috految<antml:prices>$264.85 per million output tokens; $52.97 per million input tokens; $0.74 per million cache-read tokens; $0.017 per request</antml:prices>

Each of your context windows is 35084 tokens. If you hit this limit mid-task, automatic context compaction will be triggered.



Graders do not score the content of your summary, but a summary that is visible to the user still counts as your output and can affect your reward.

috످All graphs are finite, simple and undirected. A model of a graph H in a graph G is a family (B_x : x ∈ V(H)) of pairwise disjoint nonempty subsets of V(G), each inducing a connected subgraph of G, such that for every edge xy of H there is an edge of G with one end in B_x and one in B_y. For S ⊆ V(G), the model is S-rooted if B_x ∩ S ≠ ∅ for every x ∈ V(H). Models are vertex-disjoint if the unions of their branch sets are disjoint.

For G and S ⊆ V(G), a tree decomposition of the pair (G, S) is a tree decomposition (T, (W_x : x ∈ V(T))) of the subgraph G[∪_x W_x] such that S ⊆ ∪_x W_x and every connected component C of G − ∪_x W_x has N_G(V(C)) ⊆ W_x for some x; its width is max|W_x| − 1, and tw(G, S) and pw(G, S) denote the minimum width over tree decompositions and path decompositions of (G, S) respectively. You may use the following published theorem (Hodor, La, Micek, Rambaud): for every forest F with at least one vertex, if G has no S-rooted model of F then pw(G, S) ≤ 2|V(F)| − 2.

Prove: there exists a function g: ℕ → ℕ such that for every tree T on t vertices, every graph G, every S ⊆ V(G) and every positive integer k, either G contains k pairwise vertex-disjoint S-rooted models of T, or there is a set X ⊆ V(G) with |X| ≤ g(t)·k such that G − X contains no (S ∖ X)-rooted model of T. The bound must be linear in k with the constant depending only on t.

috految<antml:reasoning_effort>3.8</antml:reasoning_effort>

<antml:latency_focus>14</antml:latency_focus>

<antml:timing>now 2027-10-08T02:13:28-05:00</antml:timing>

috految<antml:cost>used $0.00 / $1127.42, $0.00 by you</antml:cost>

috److془We need to carefully prove this. Paper: "Erdős–Pósa property of rooted tree minors" by Claus, Joret, Rambaud, Robinson. Let's devise proof.

Idea: Minimal counterexample; find separation (A,B) of bounded order with A containing rooted model, and A\B has none (bounded hitting). Trouble: S pendant in expander with high girth. Need to work with linkages.

Alternative: the theorem gives pw(G,S) ≤ 2tk. Want: τ = O(k). Let X be minimum hitting set, |X|=τ. Recursion gives k log k. Need additional things. Fiorini-Joret-Wood: protrusion reduction, then bounded size model exists.

Unrooted: Diestel grows separation with the order ≤ t. Rooted: Suppose no small separations with A containing model. Take separation (A,B) with A containing model of T attached to the boundary, boundary linked to S in B. Now continue in B: just use as roots. Want to get km disjoint trees with boundary linked to S; Trouble: pushing with large separations can swallow models. Hmm. But bounded swallowing is fine? Pushing according to linkage to S: the swallowed parts contain no S vertices! Trouble is when vertex in boundary moves to S vertex, then needs to be extended. Then after we lose accounting. Let's see: have set Z of terminals, linked to S. Push to closest min cut; Z vertices in S are frozen, deleted. Boundary vertices of old trees moved though, contacting with S vertices swallowed. Hmm. Alternatively, make S have the property that |S| = O(τ). Or: in the rest G-Z, we grow new tree. Issue of Z being able to be pushed. Use the reduction: S vertices swallowed only boundedly per tree. Or: old terminals being robust: when an old terminal can reach S within swallowed area, we finish it! Progress, at cost O(t) . Nice. Indeed: the swallowed region with S vertices; need to use bounded cost. Potential: state (G,Z) with Z linked to S. Claim: τ(G-Z) ≤ c|Z|+ Ck if no k models disjoint from a Z-S linkage. Pushing: Z→Z' with swallowed area S-free; strengthen to that X also separates Z from S. Push is then free. Good. Now the terminal finishing: if Z∩S nonempty delete. Otherwise Z is strictly linked: every vertex can be added. Grow tree: Y boundary, Z∪Y pushed, Y members might meet S. Need to do Diestel. Dead region active: connected with S vertices. Alternatively: Z could get neighbor of it, and grow. Hmm: if a Y vertex hits S, path to z: finish z! Simply: grow tree from z. Either tree completes, or one reaches S, finish z. Cost: ≤t vertices deleted. Wow. Tree completes: t new terminals, one model. Case Z empty: need start. Need tree with bounded boundary, linked to S, swallowed of bounded τ. Diestel. Or the pathwidth theorem. Beware: the hit components: X separates Z from S, then deleted vertices fine. Great. Start: but does the strict linkedness supply neighbor? yes, each vertex not in S has next vertex on the path. Great. Tree disjoint from z's branch: H = T with pendant.

Start: find separation (A,B) bounded order, with τ(G[A\B])bounded, and model of T in A either rooted or attached with boundary linked to S in B. Suppose G has model. Call good: order ≤t, A\B has no rooted model. Assume G[A] has no model for each good separation (else win). Then good separations hereditary, and adding a vertex to A remains good. Unlinked: push to smaller order cut (A',B'), A'\B' has the S vertices only in A\B; so A∩B hits all models in A'\B'. Win unless G[A'] is free. Diestel: choose (A_0,B_0) good order 0 maximal. Invariant: order i, every good strict extension has order >i. Boundary vertex has neighbor in B\A, else remove from B. Add v giving P order i+1; take maximal good extension of order ≤i+1. Intermediates good strict extensions so order≥i+1; Menger linkage. Done. B\A nonempty at i=0 as G has model. 

Lemma check: Z linked to S, exists Z-S linkage (all Z) and m models disjoint from it, X hitting all models and Z-S paths, |X| ≤ c|Z|+Cm. Induct on |V|. Z nonempty: separations with Z⊂A, S⊂B. Completion edges: induction on G[B] with boundary W; use lexicographic (|V|,|V\Z|). Pushed linkage in B meets A only at starts. Good. Finish: w∈W∩S in tree: delete all tree boundary, Z' the remaining, |Z|-1; linked. Great. Any S vertex in B there fine. Strictness: maximal extension at order |W| with S⊂B; then adding v is linked. Good.془Fix T. "Model" without qualification means an S-rooted model of T, with S restricted to the subgraph under consideration. Models are connected. A set Z is *linked* if there are |Z| disjoint (possibly trivial) paths, one from each vertex of Z to S; these form a *Z-linkage*. Put c=t+1 and C=ct+2t.

**Claim.** If Z is linked in G, then for some m≥0 there are a Z-linkage and m models, all mutually disjoint, and a set X with |X|≤c|Z|+Cm meeting all models and all Z–S paths.

Taking Z=∅ proves the theorem with g(t)=C, since either m≥k or |X|≤Ck.

A separation (A,B) has A∪B=V(G) and no edges between A∖B and B∖A. Its boundary is A∩B and its order is |A∩B|. An *extension* is a separation (A',B') with A⊆A', B'⊆B; maximality refers to this partial order. Say (A,B) *carries* a graph H if G[A] has a (not necessarily rooted) H-model whose branch sets each contain exactly one boundary vertex and together cover the boundary. We use two operations.

* If v∈B∖A, then (A∪{v},B) is an extension of order one larger, in which {v} can be used as a new branch set.
* Suppose (A',B') extends (A,B), both have order n, and every separation between them has order at least n. Menger's theorem gives n disjoint paths between the boundaries in G[B∩A']. Enlarging branch sets along them, we see that (A',B') carries whatever (A,B) carries.

We prove the claim by lexicographic induction on (|V(G)|, |V(G)∖Z|).

**Case 1: Z≠∅.** Fix z∈Z. Let H be T with an extra leaf r attached. Order V(H) starting with r so that each later vertex has exactly one earlier neighbour. We grow an initial subtree H' of H, maintaining a separation (A,B) with Z⊆A, S⊆B, whose boundary W is linked in G[B], and which carries H' together with |Z|−1 isolated vertices. The branch set of r contains z, and the isolated branch sets contain the respective vertices of Z∖{z}. Start with (Z,V(G)) and H'={r}.

At each step, replace (A,B) by a maximal extension of the same order with S⊆B. By linkedness, all extensions with S in their second side have order at least |W|. So the second operation applies, and by Menger the new boundary, again called W, is linked in G[B]. Let Y⊆W be the boundary vertices in the branch sets of H'. Stop if Y∩S≠∅ or H'=H. Otherwise, let y∈Y correspond to the earlier neighbour of the next vertex of H. As y∉S, its linkage path gives a neighbour v∈B∖A. Add v as the next branch set. By maximality, no extension of (A∪{v},B) with S in its second side has order at most |W|. So W∪{v} is linked in G[B] by Menger, and we continue.

Upon stopping, note that a set meeting all models and all W–S paths in G[B] meets all models and Z–S paths of G. Indeed, as S⊆B, any connected subgraph meeting both A and S contains a W–S path in G[B].

If Y∩S≠∅, the branch sets of H' contain a path from z to S. Apply induction to G[B]−Y and its linked set W∖Y of size |Z|−1, getting m and X'. Extend its linkage through the isolated branch sets and add the path from z. This gives a Z-linkage disjoint from the m models. The set X'∪Y works, as |Y|≤t+1=c.

Otherwise H'=H and |W|=|Z|+t. Induction applies to (G[B],W), giving m and X'. The m models avoid W, and each linkage path meets A only in its start. Attaching these paths to the branch sets yields a Z-linkage (using r and the isolated branch sets) and a further model (using H−r=T), disjoint from each other and from the m models. Since |X'|≤c(|Z|+t)+Cm≤c|Z|+C(m+1), we are done.

**Case 2: Z=∅.** We may assume G has a model, as otherwise m=0, X=∅ works. Suppose some separation (A,B) of order at most t has a model in G[A], and at most t vertices suffice to hit all models in G[A∖B]. Apply induction to (G−A,∅), add this model, and add these vertices and A∩B to the hitting set. As 2t≤C, we are done. So assume

(*) there is no such separation.

Call (A,B) *good* if its order is at most t and G[A∖B] has no model. By (*), G[A] then has no model either. Order V(T) so that each vertex after the first has exactly one earlier neighbour. For i=0,…,t we construct a good separation of order i carrying the subtree on the first i vertices, all of whose good strict extensions have order greater than i.

For i=0 take a maximal good separation of order 0; one exists because (∅,V(G)) is good. Given (A,B) for i<t, the set B∖A is nonempty since G[A] has no model. Every boundary vertex has a neighbour in B∖A, as otherwise removing it from B gives a good strict extension of smaller order. Thus we can add a vertex v∈B∖A so that the good separation (A∪{v},B) carries the next subtree. Take a maximal good extension of it of order at most i+1. Any separation between these two (inclusive) of order at most i would be a good strict extension of (A,B), which is impossible. So its order is i+1, and the second operation completes the step.

Now let (A,B) be the separation for i=t, with boundary W. If W is not linked in G[B], Menger gives an extension (A',B') of order less than t with S∩B⊆B'. Any model in G[A'∖B'] meets A∖B, since its roots lie there, but is not contained in it. So it meets W. By (*), G[A'] has no model, so (A',B') is good, a contradiction.

Thus W is linked in G[B]. As |W|=t>0, induction applies to (G[B],W), giving m and X'. Attaching the linkage to the carried copy of T gives a further model disjoint from the m models. The set X'∪W meets all models of G, since G[A∖B] has none, and has size at most ct+Cm+t≤C(m+1). This proves the claim and the theorem. ∎

috످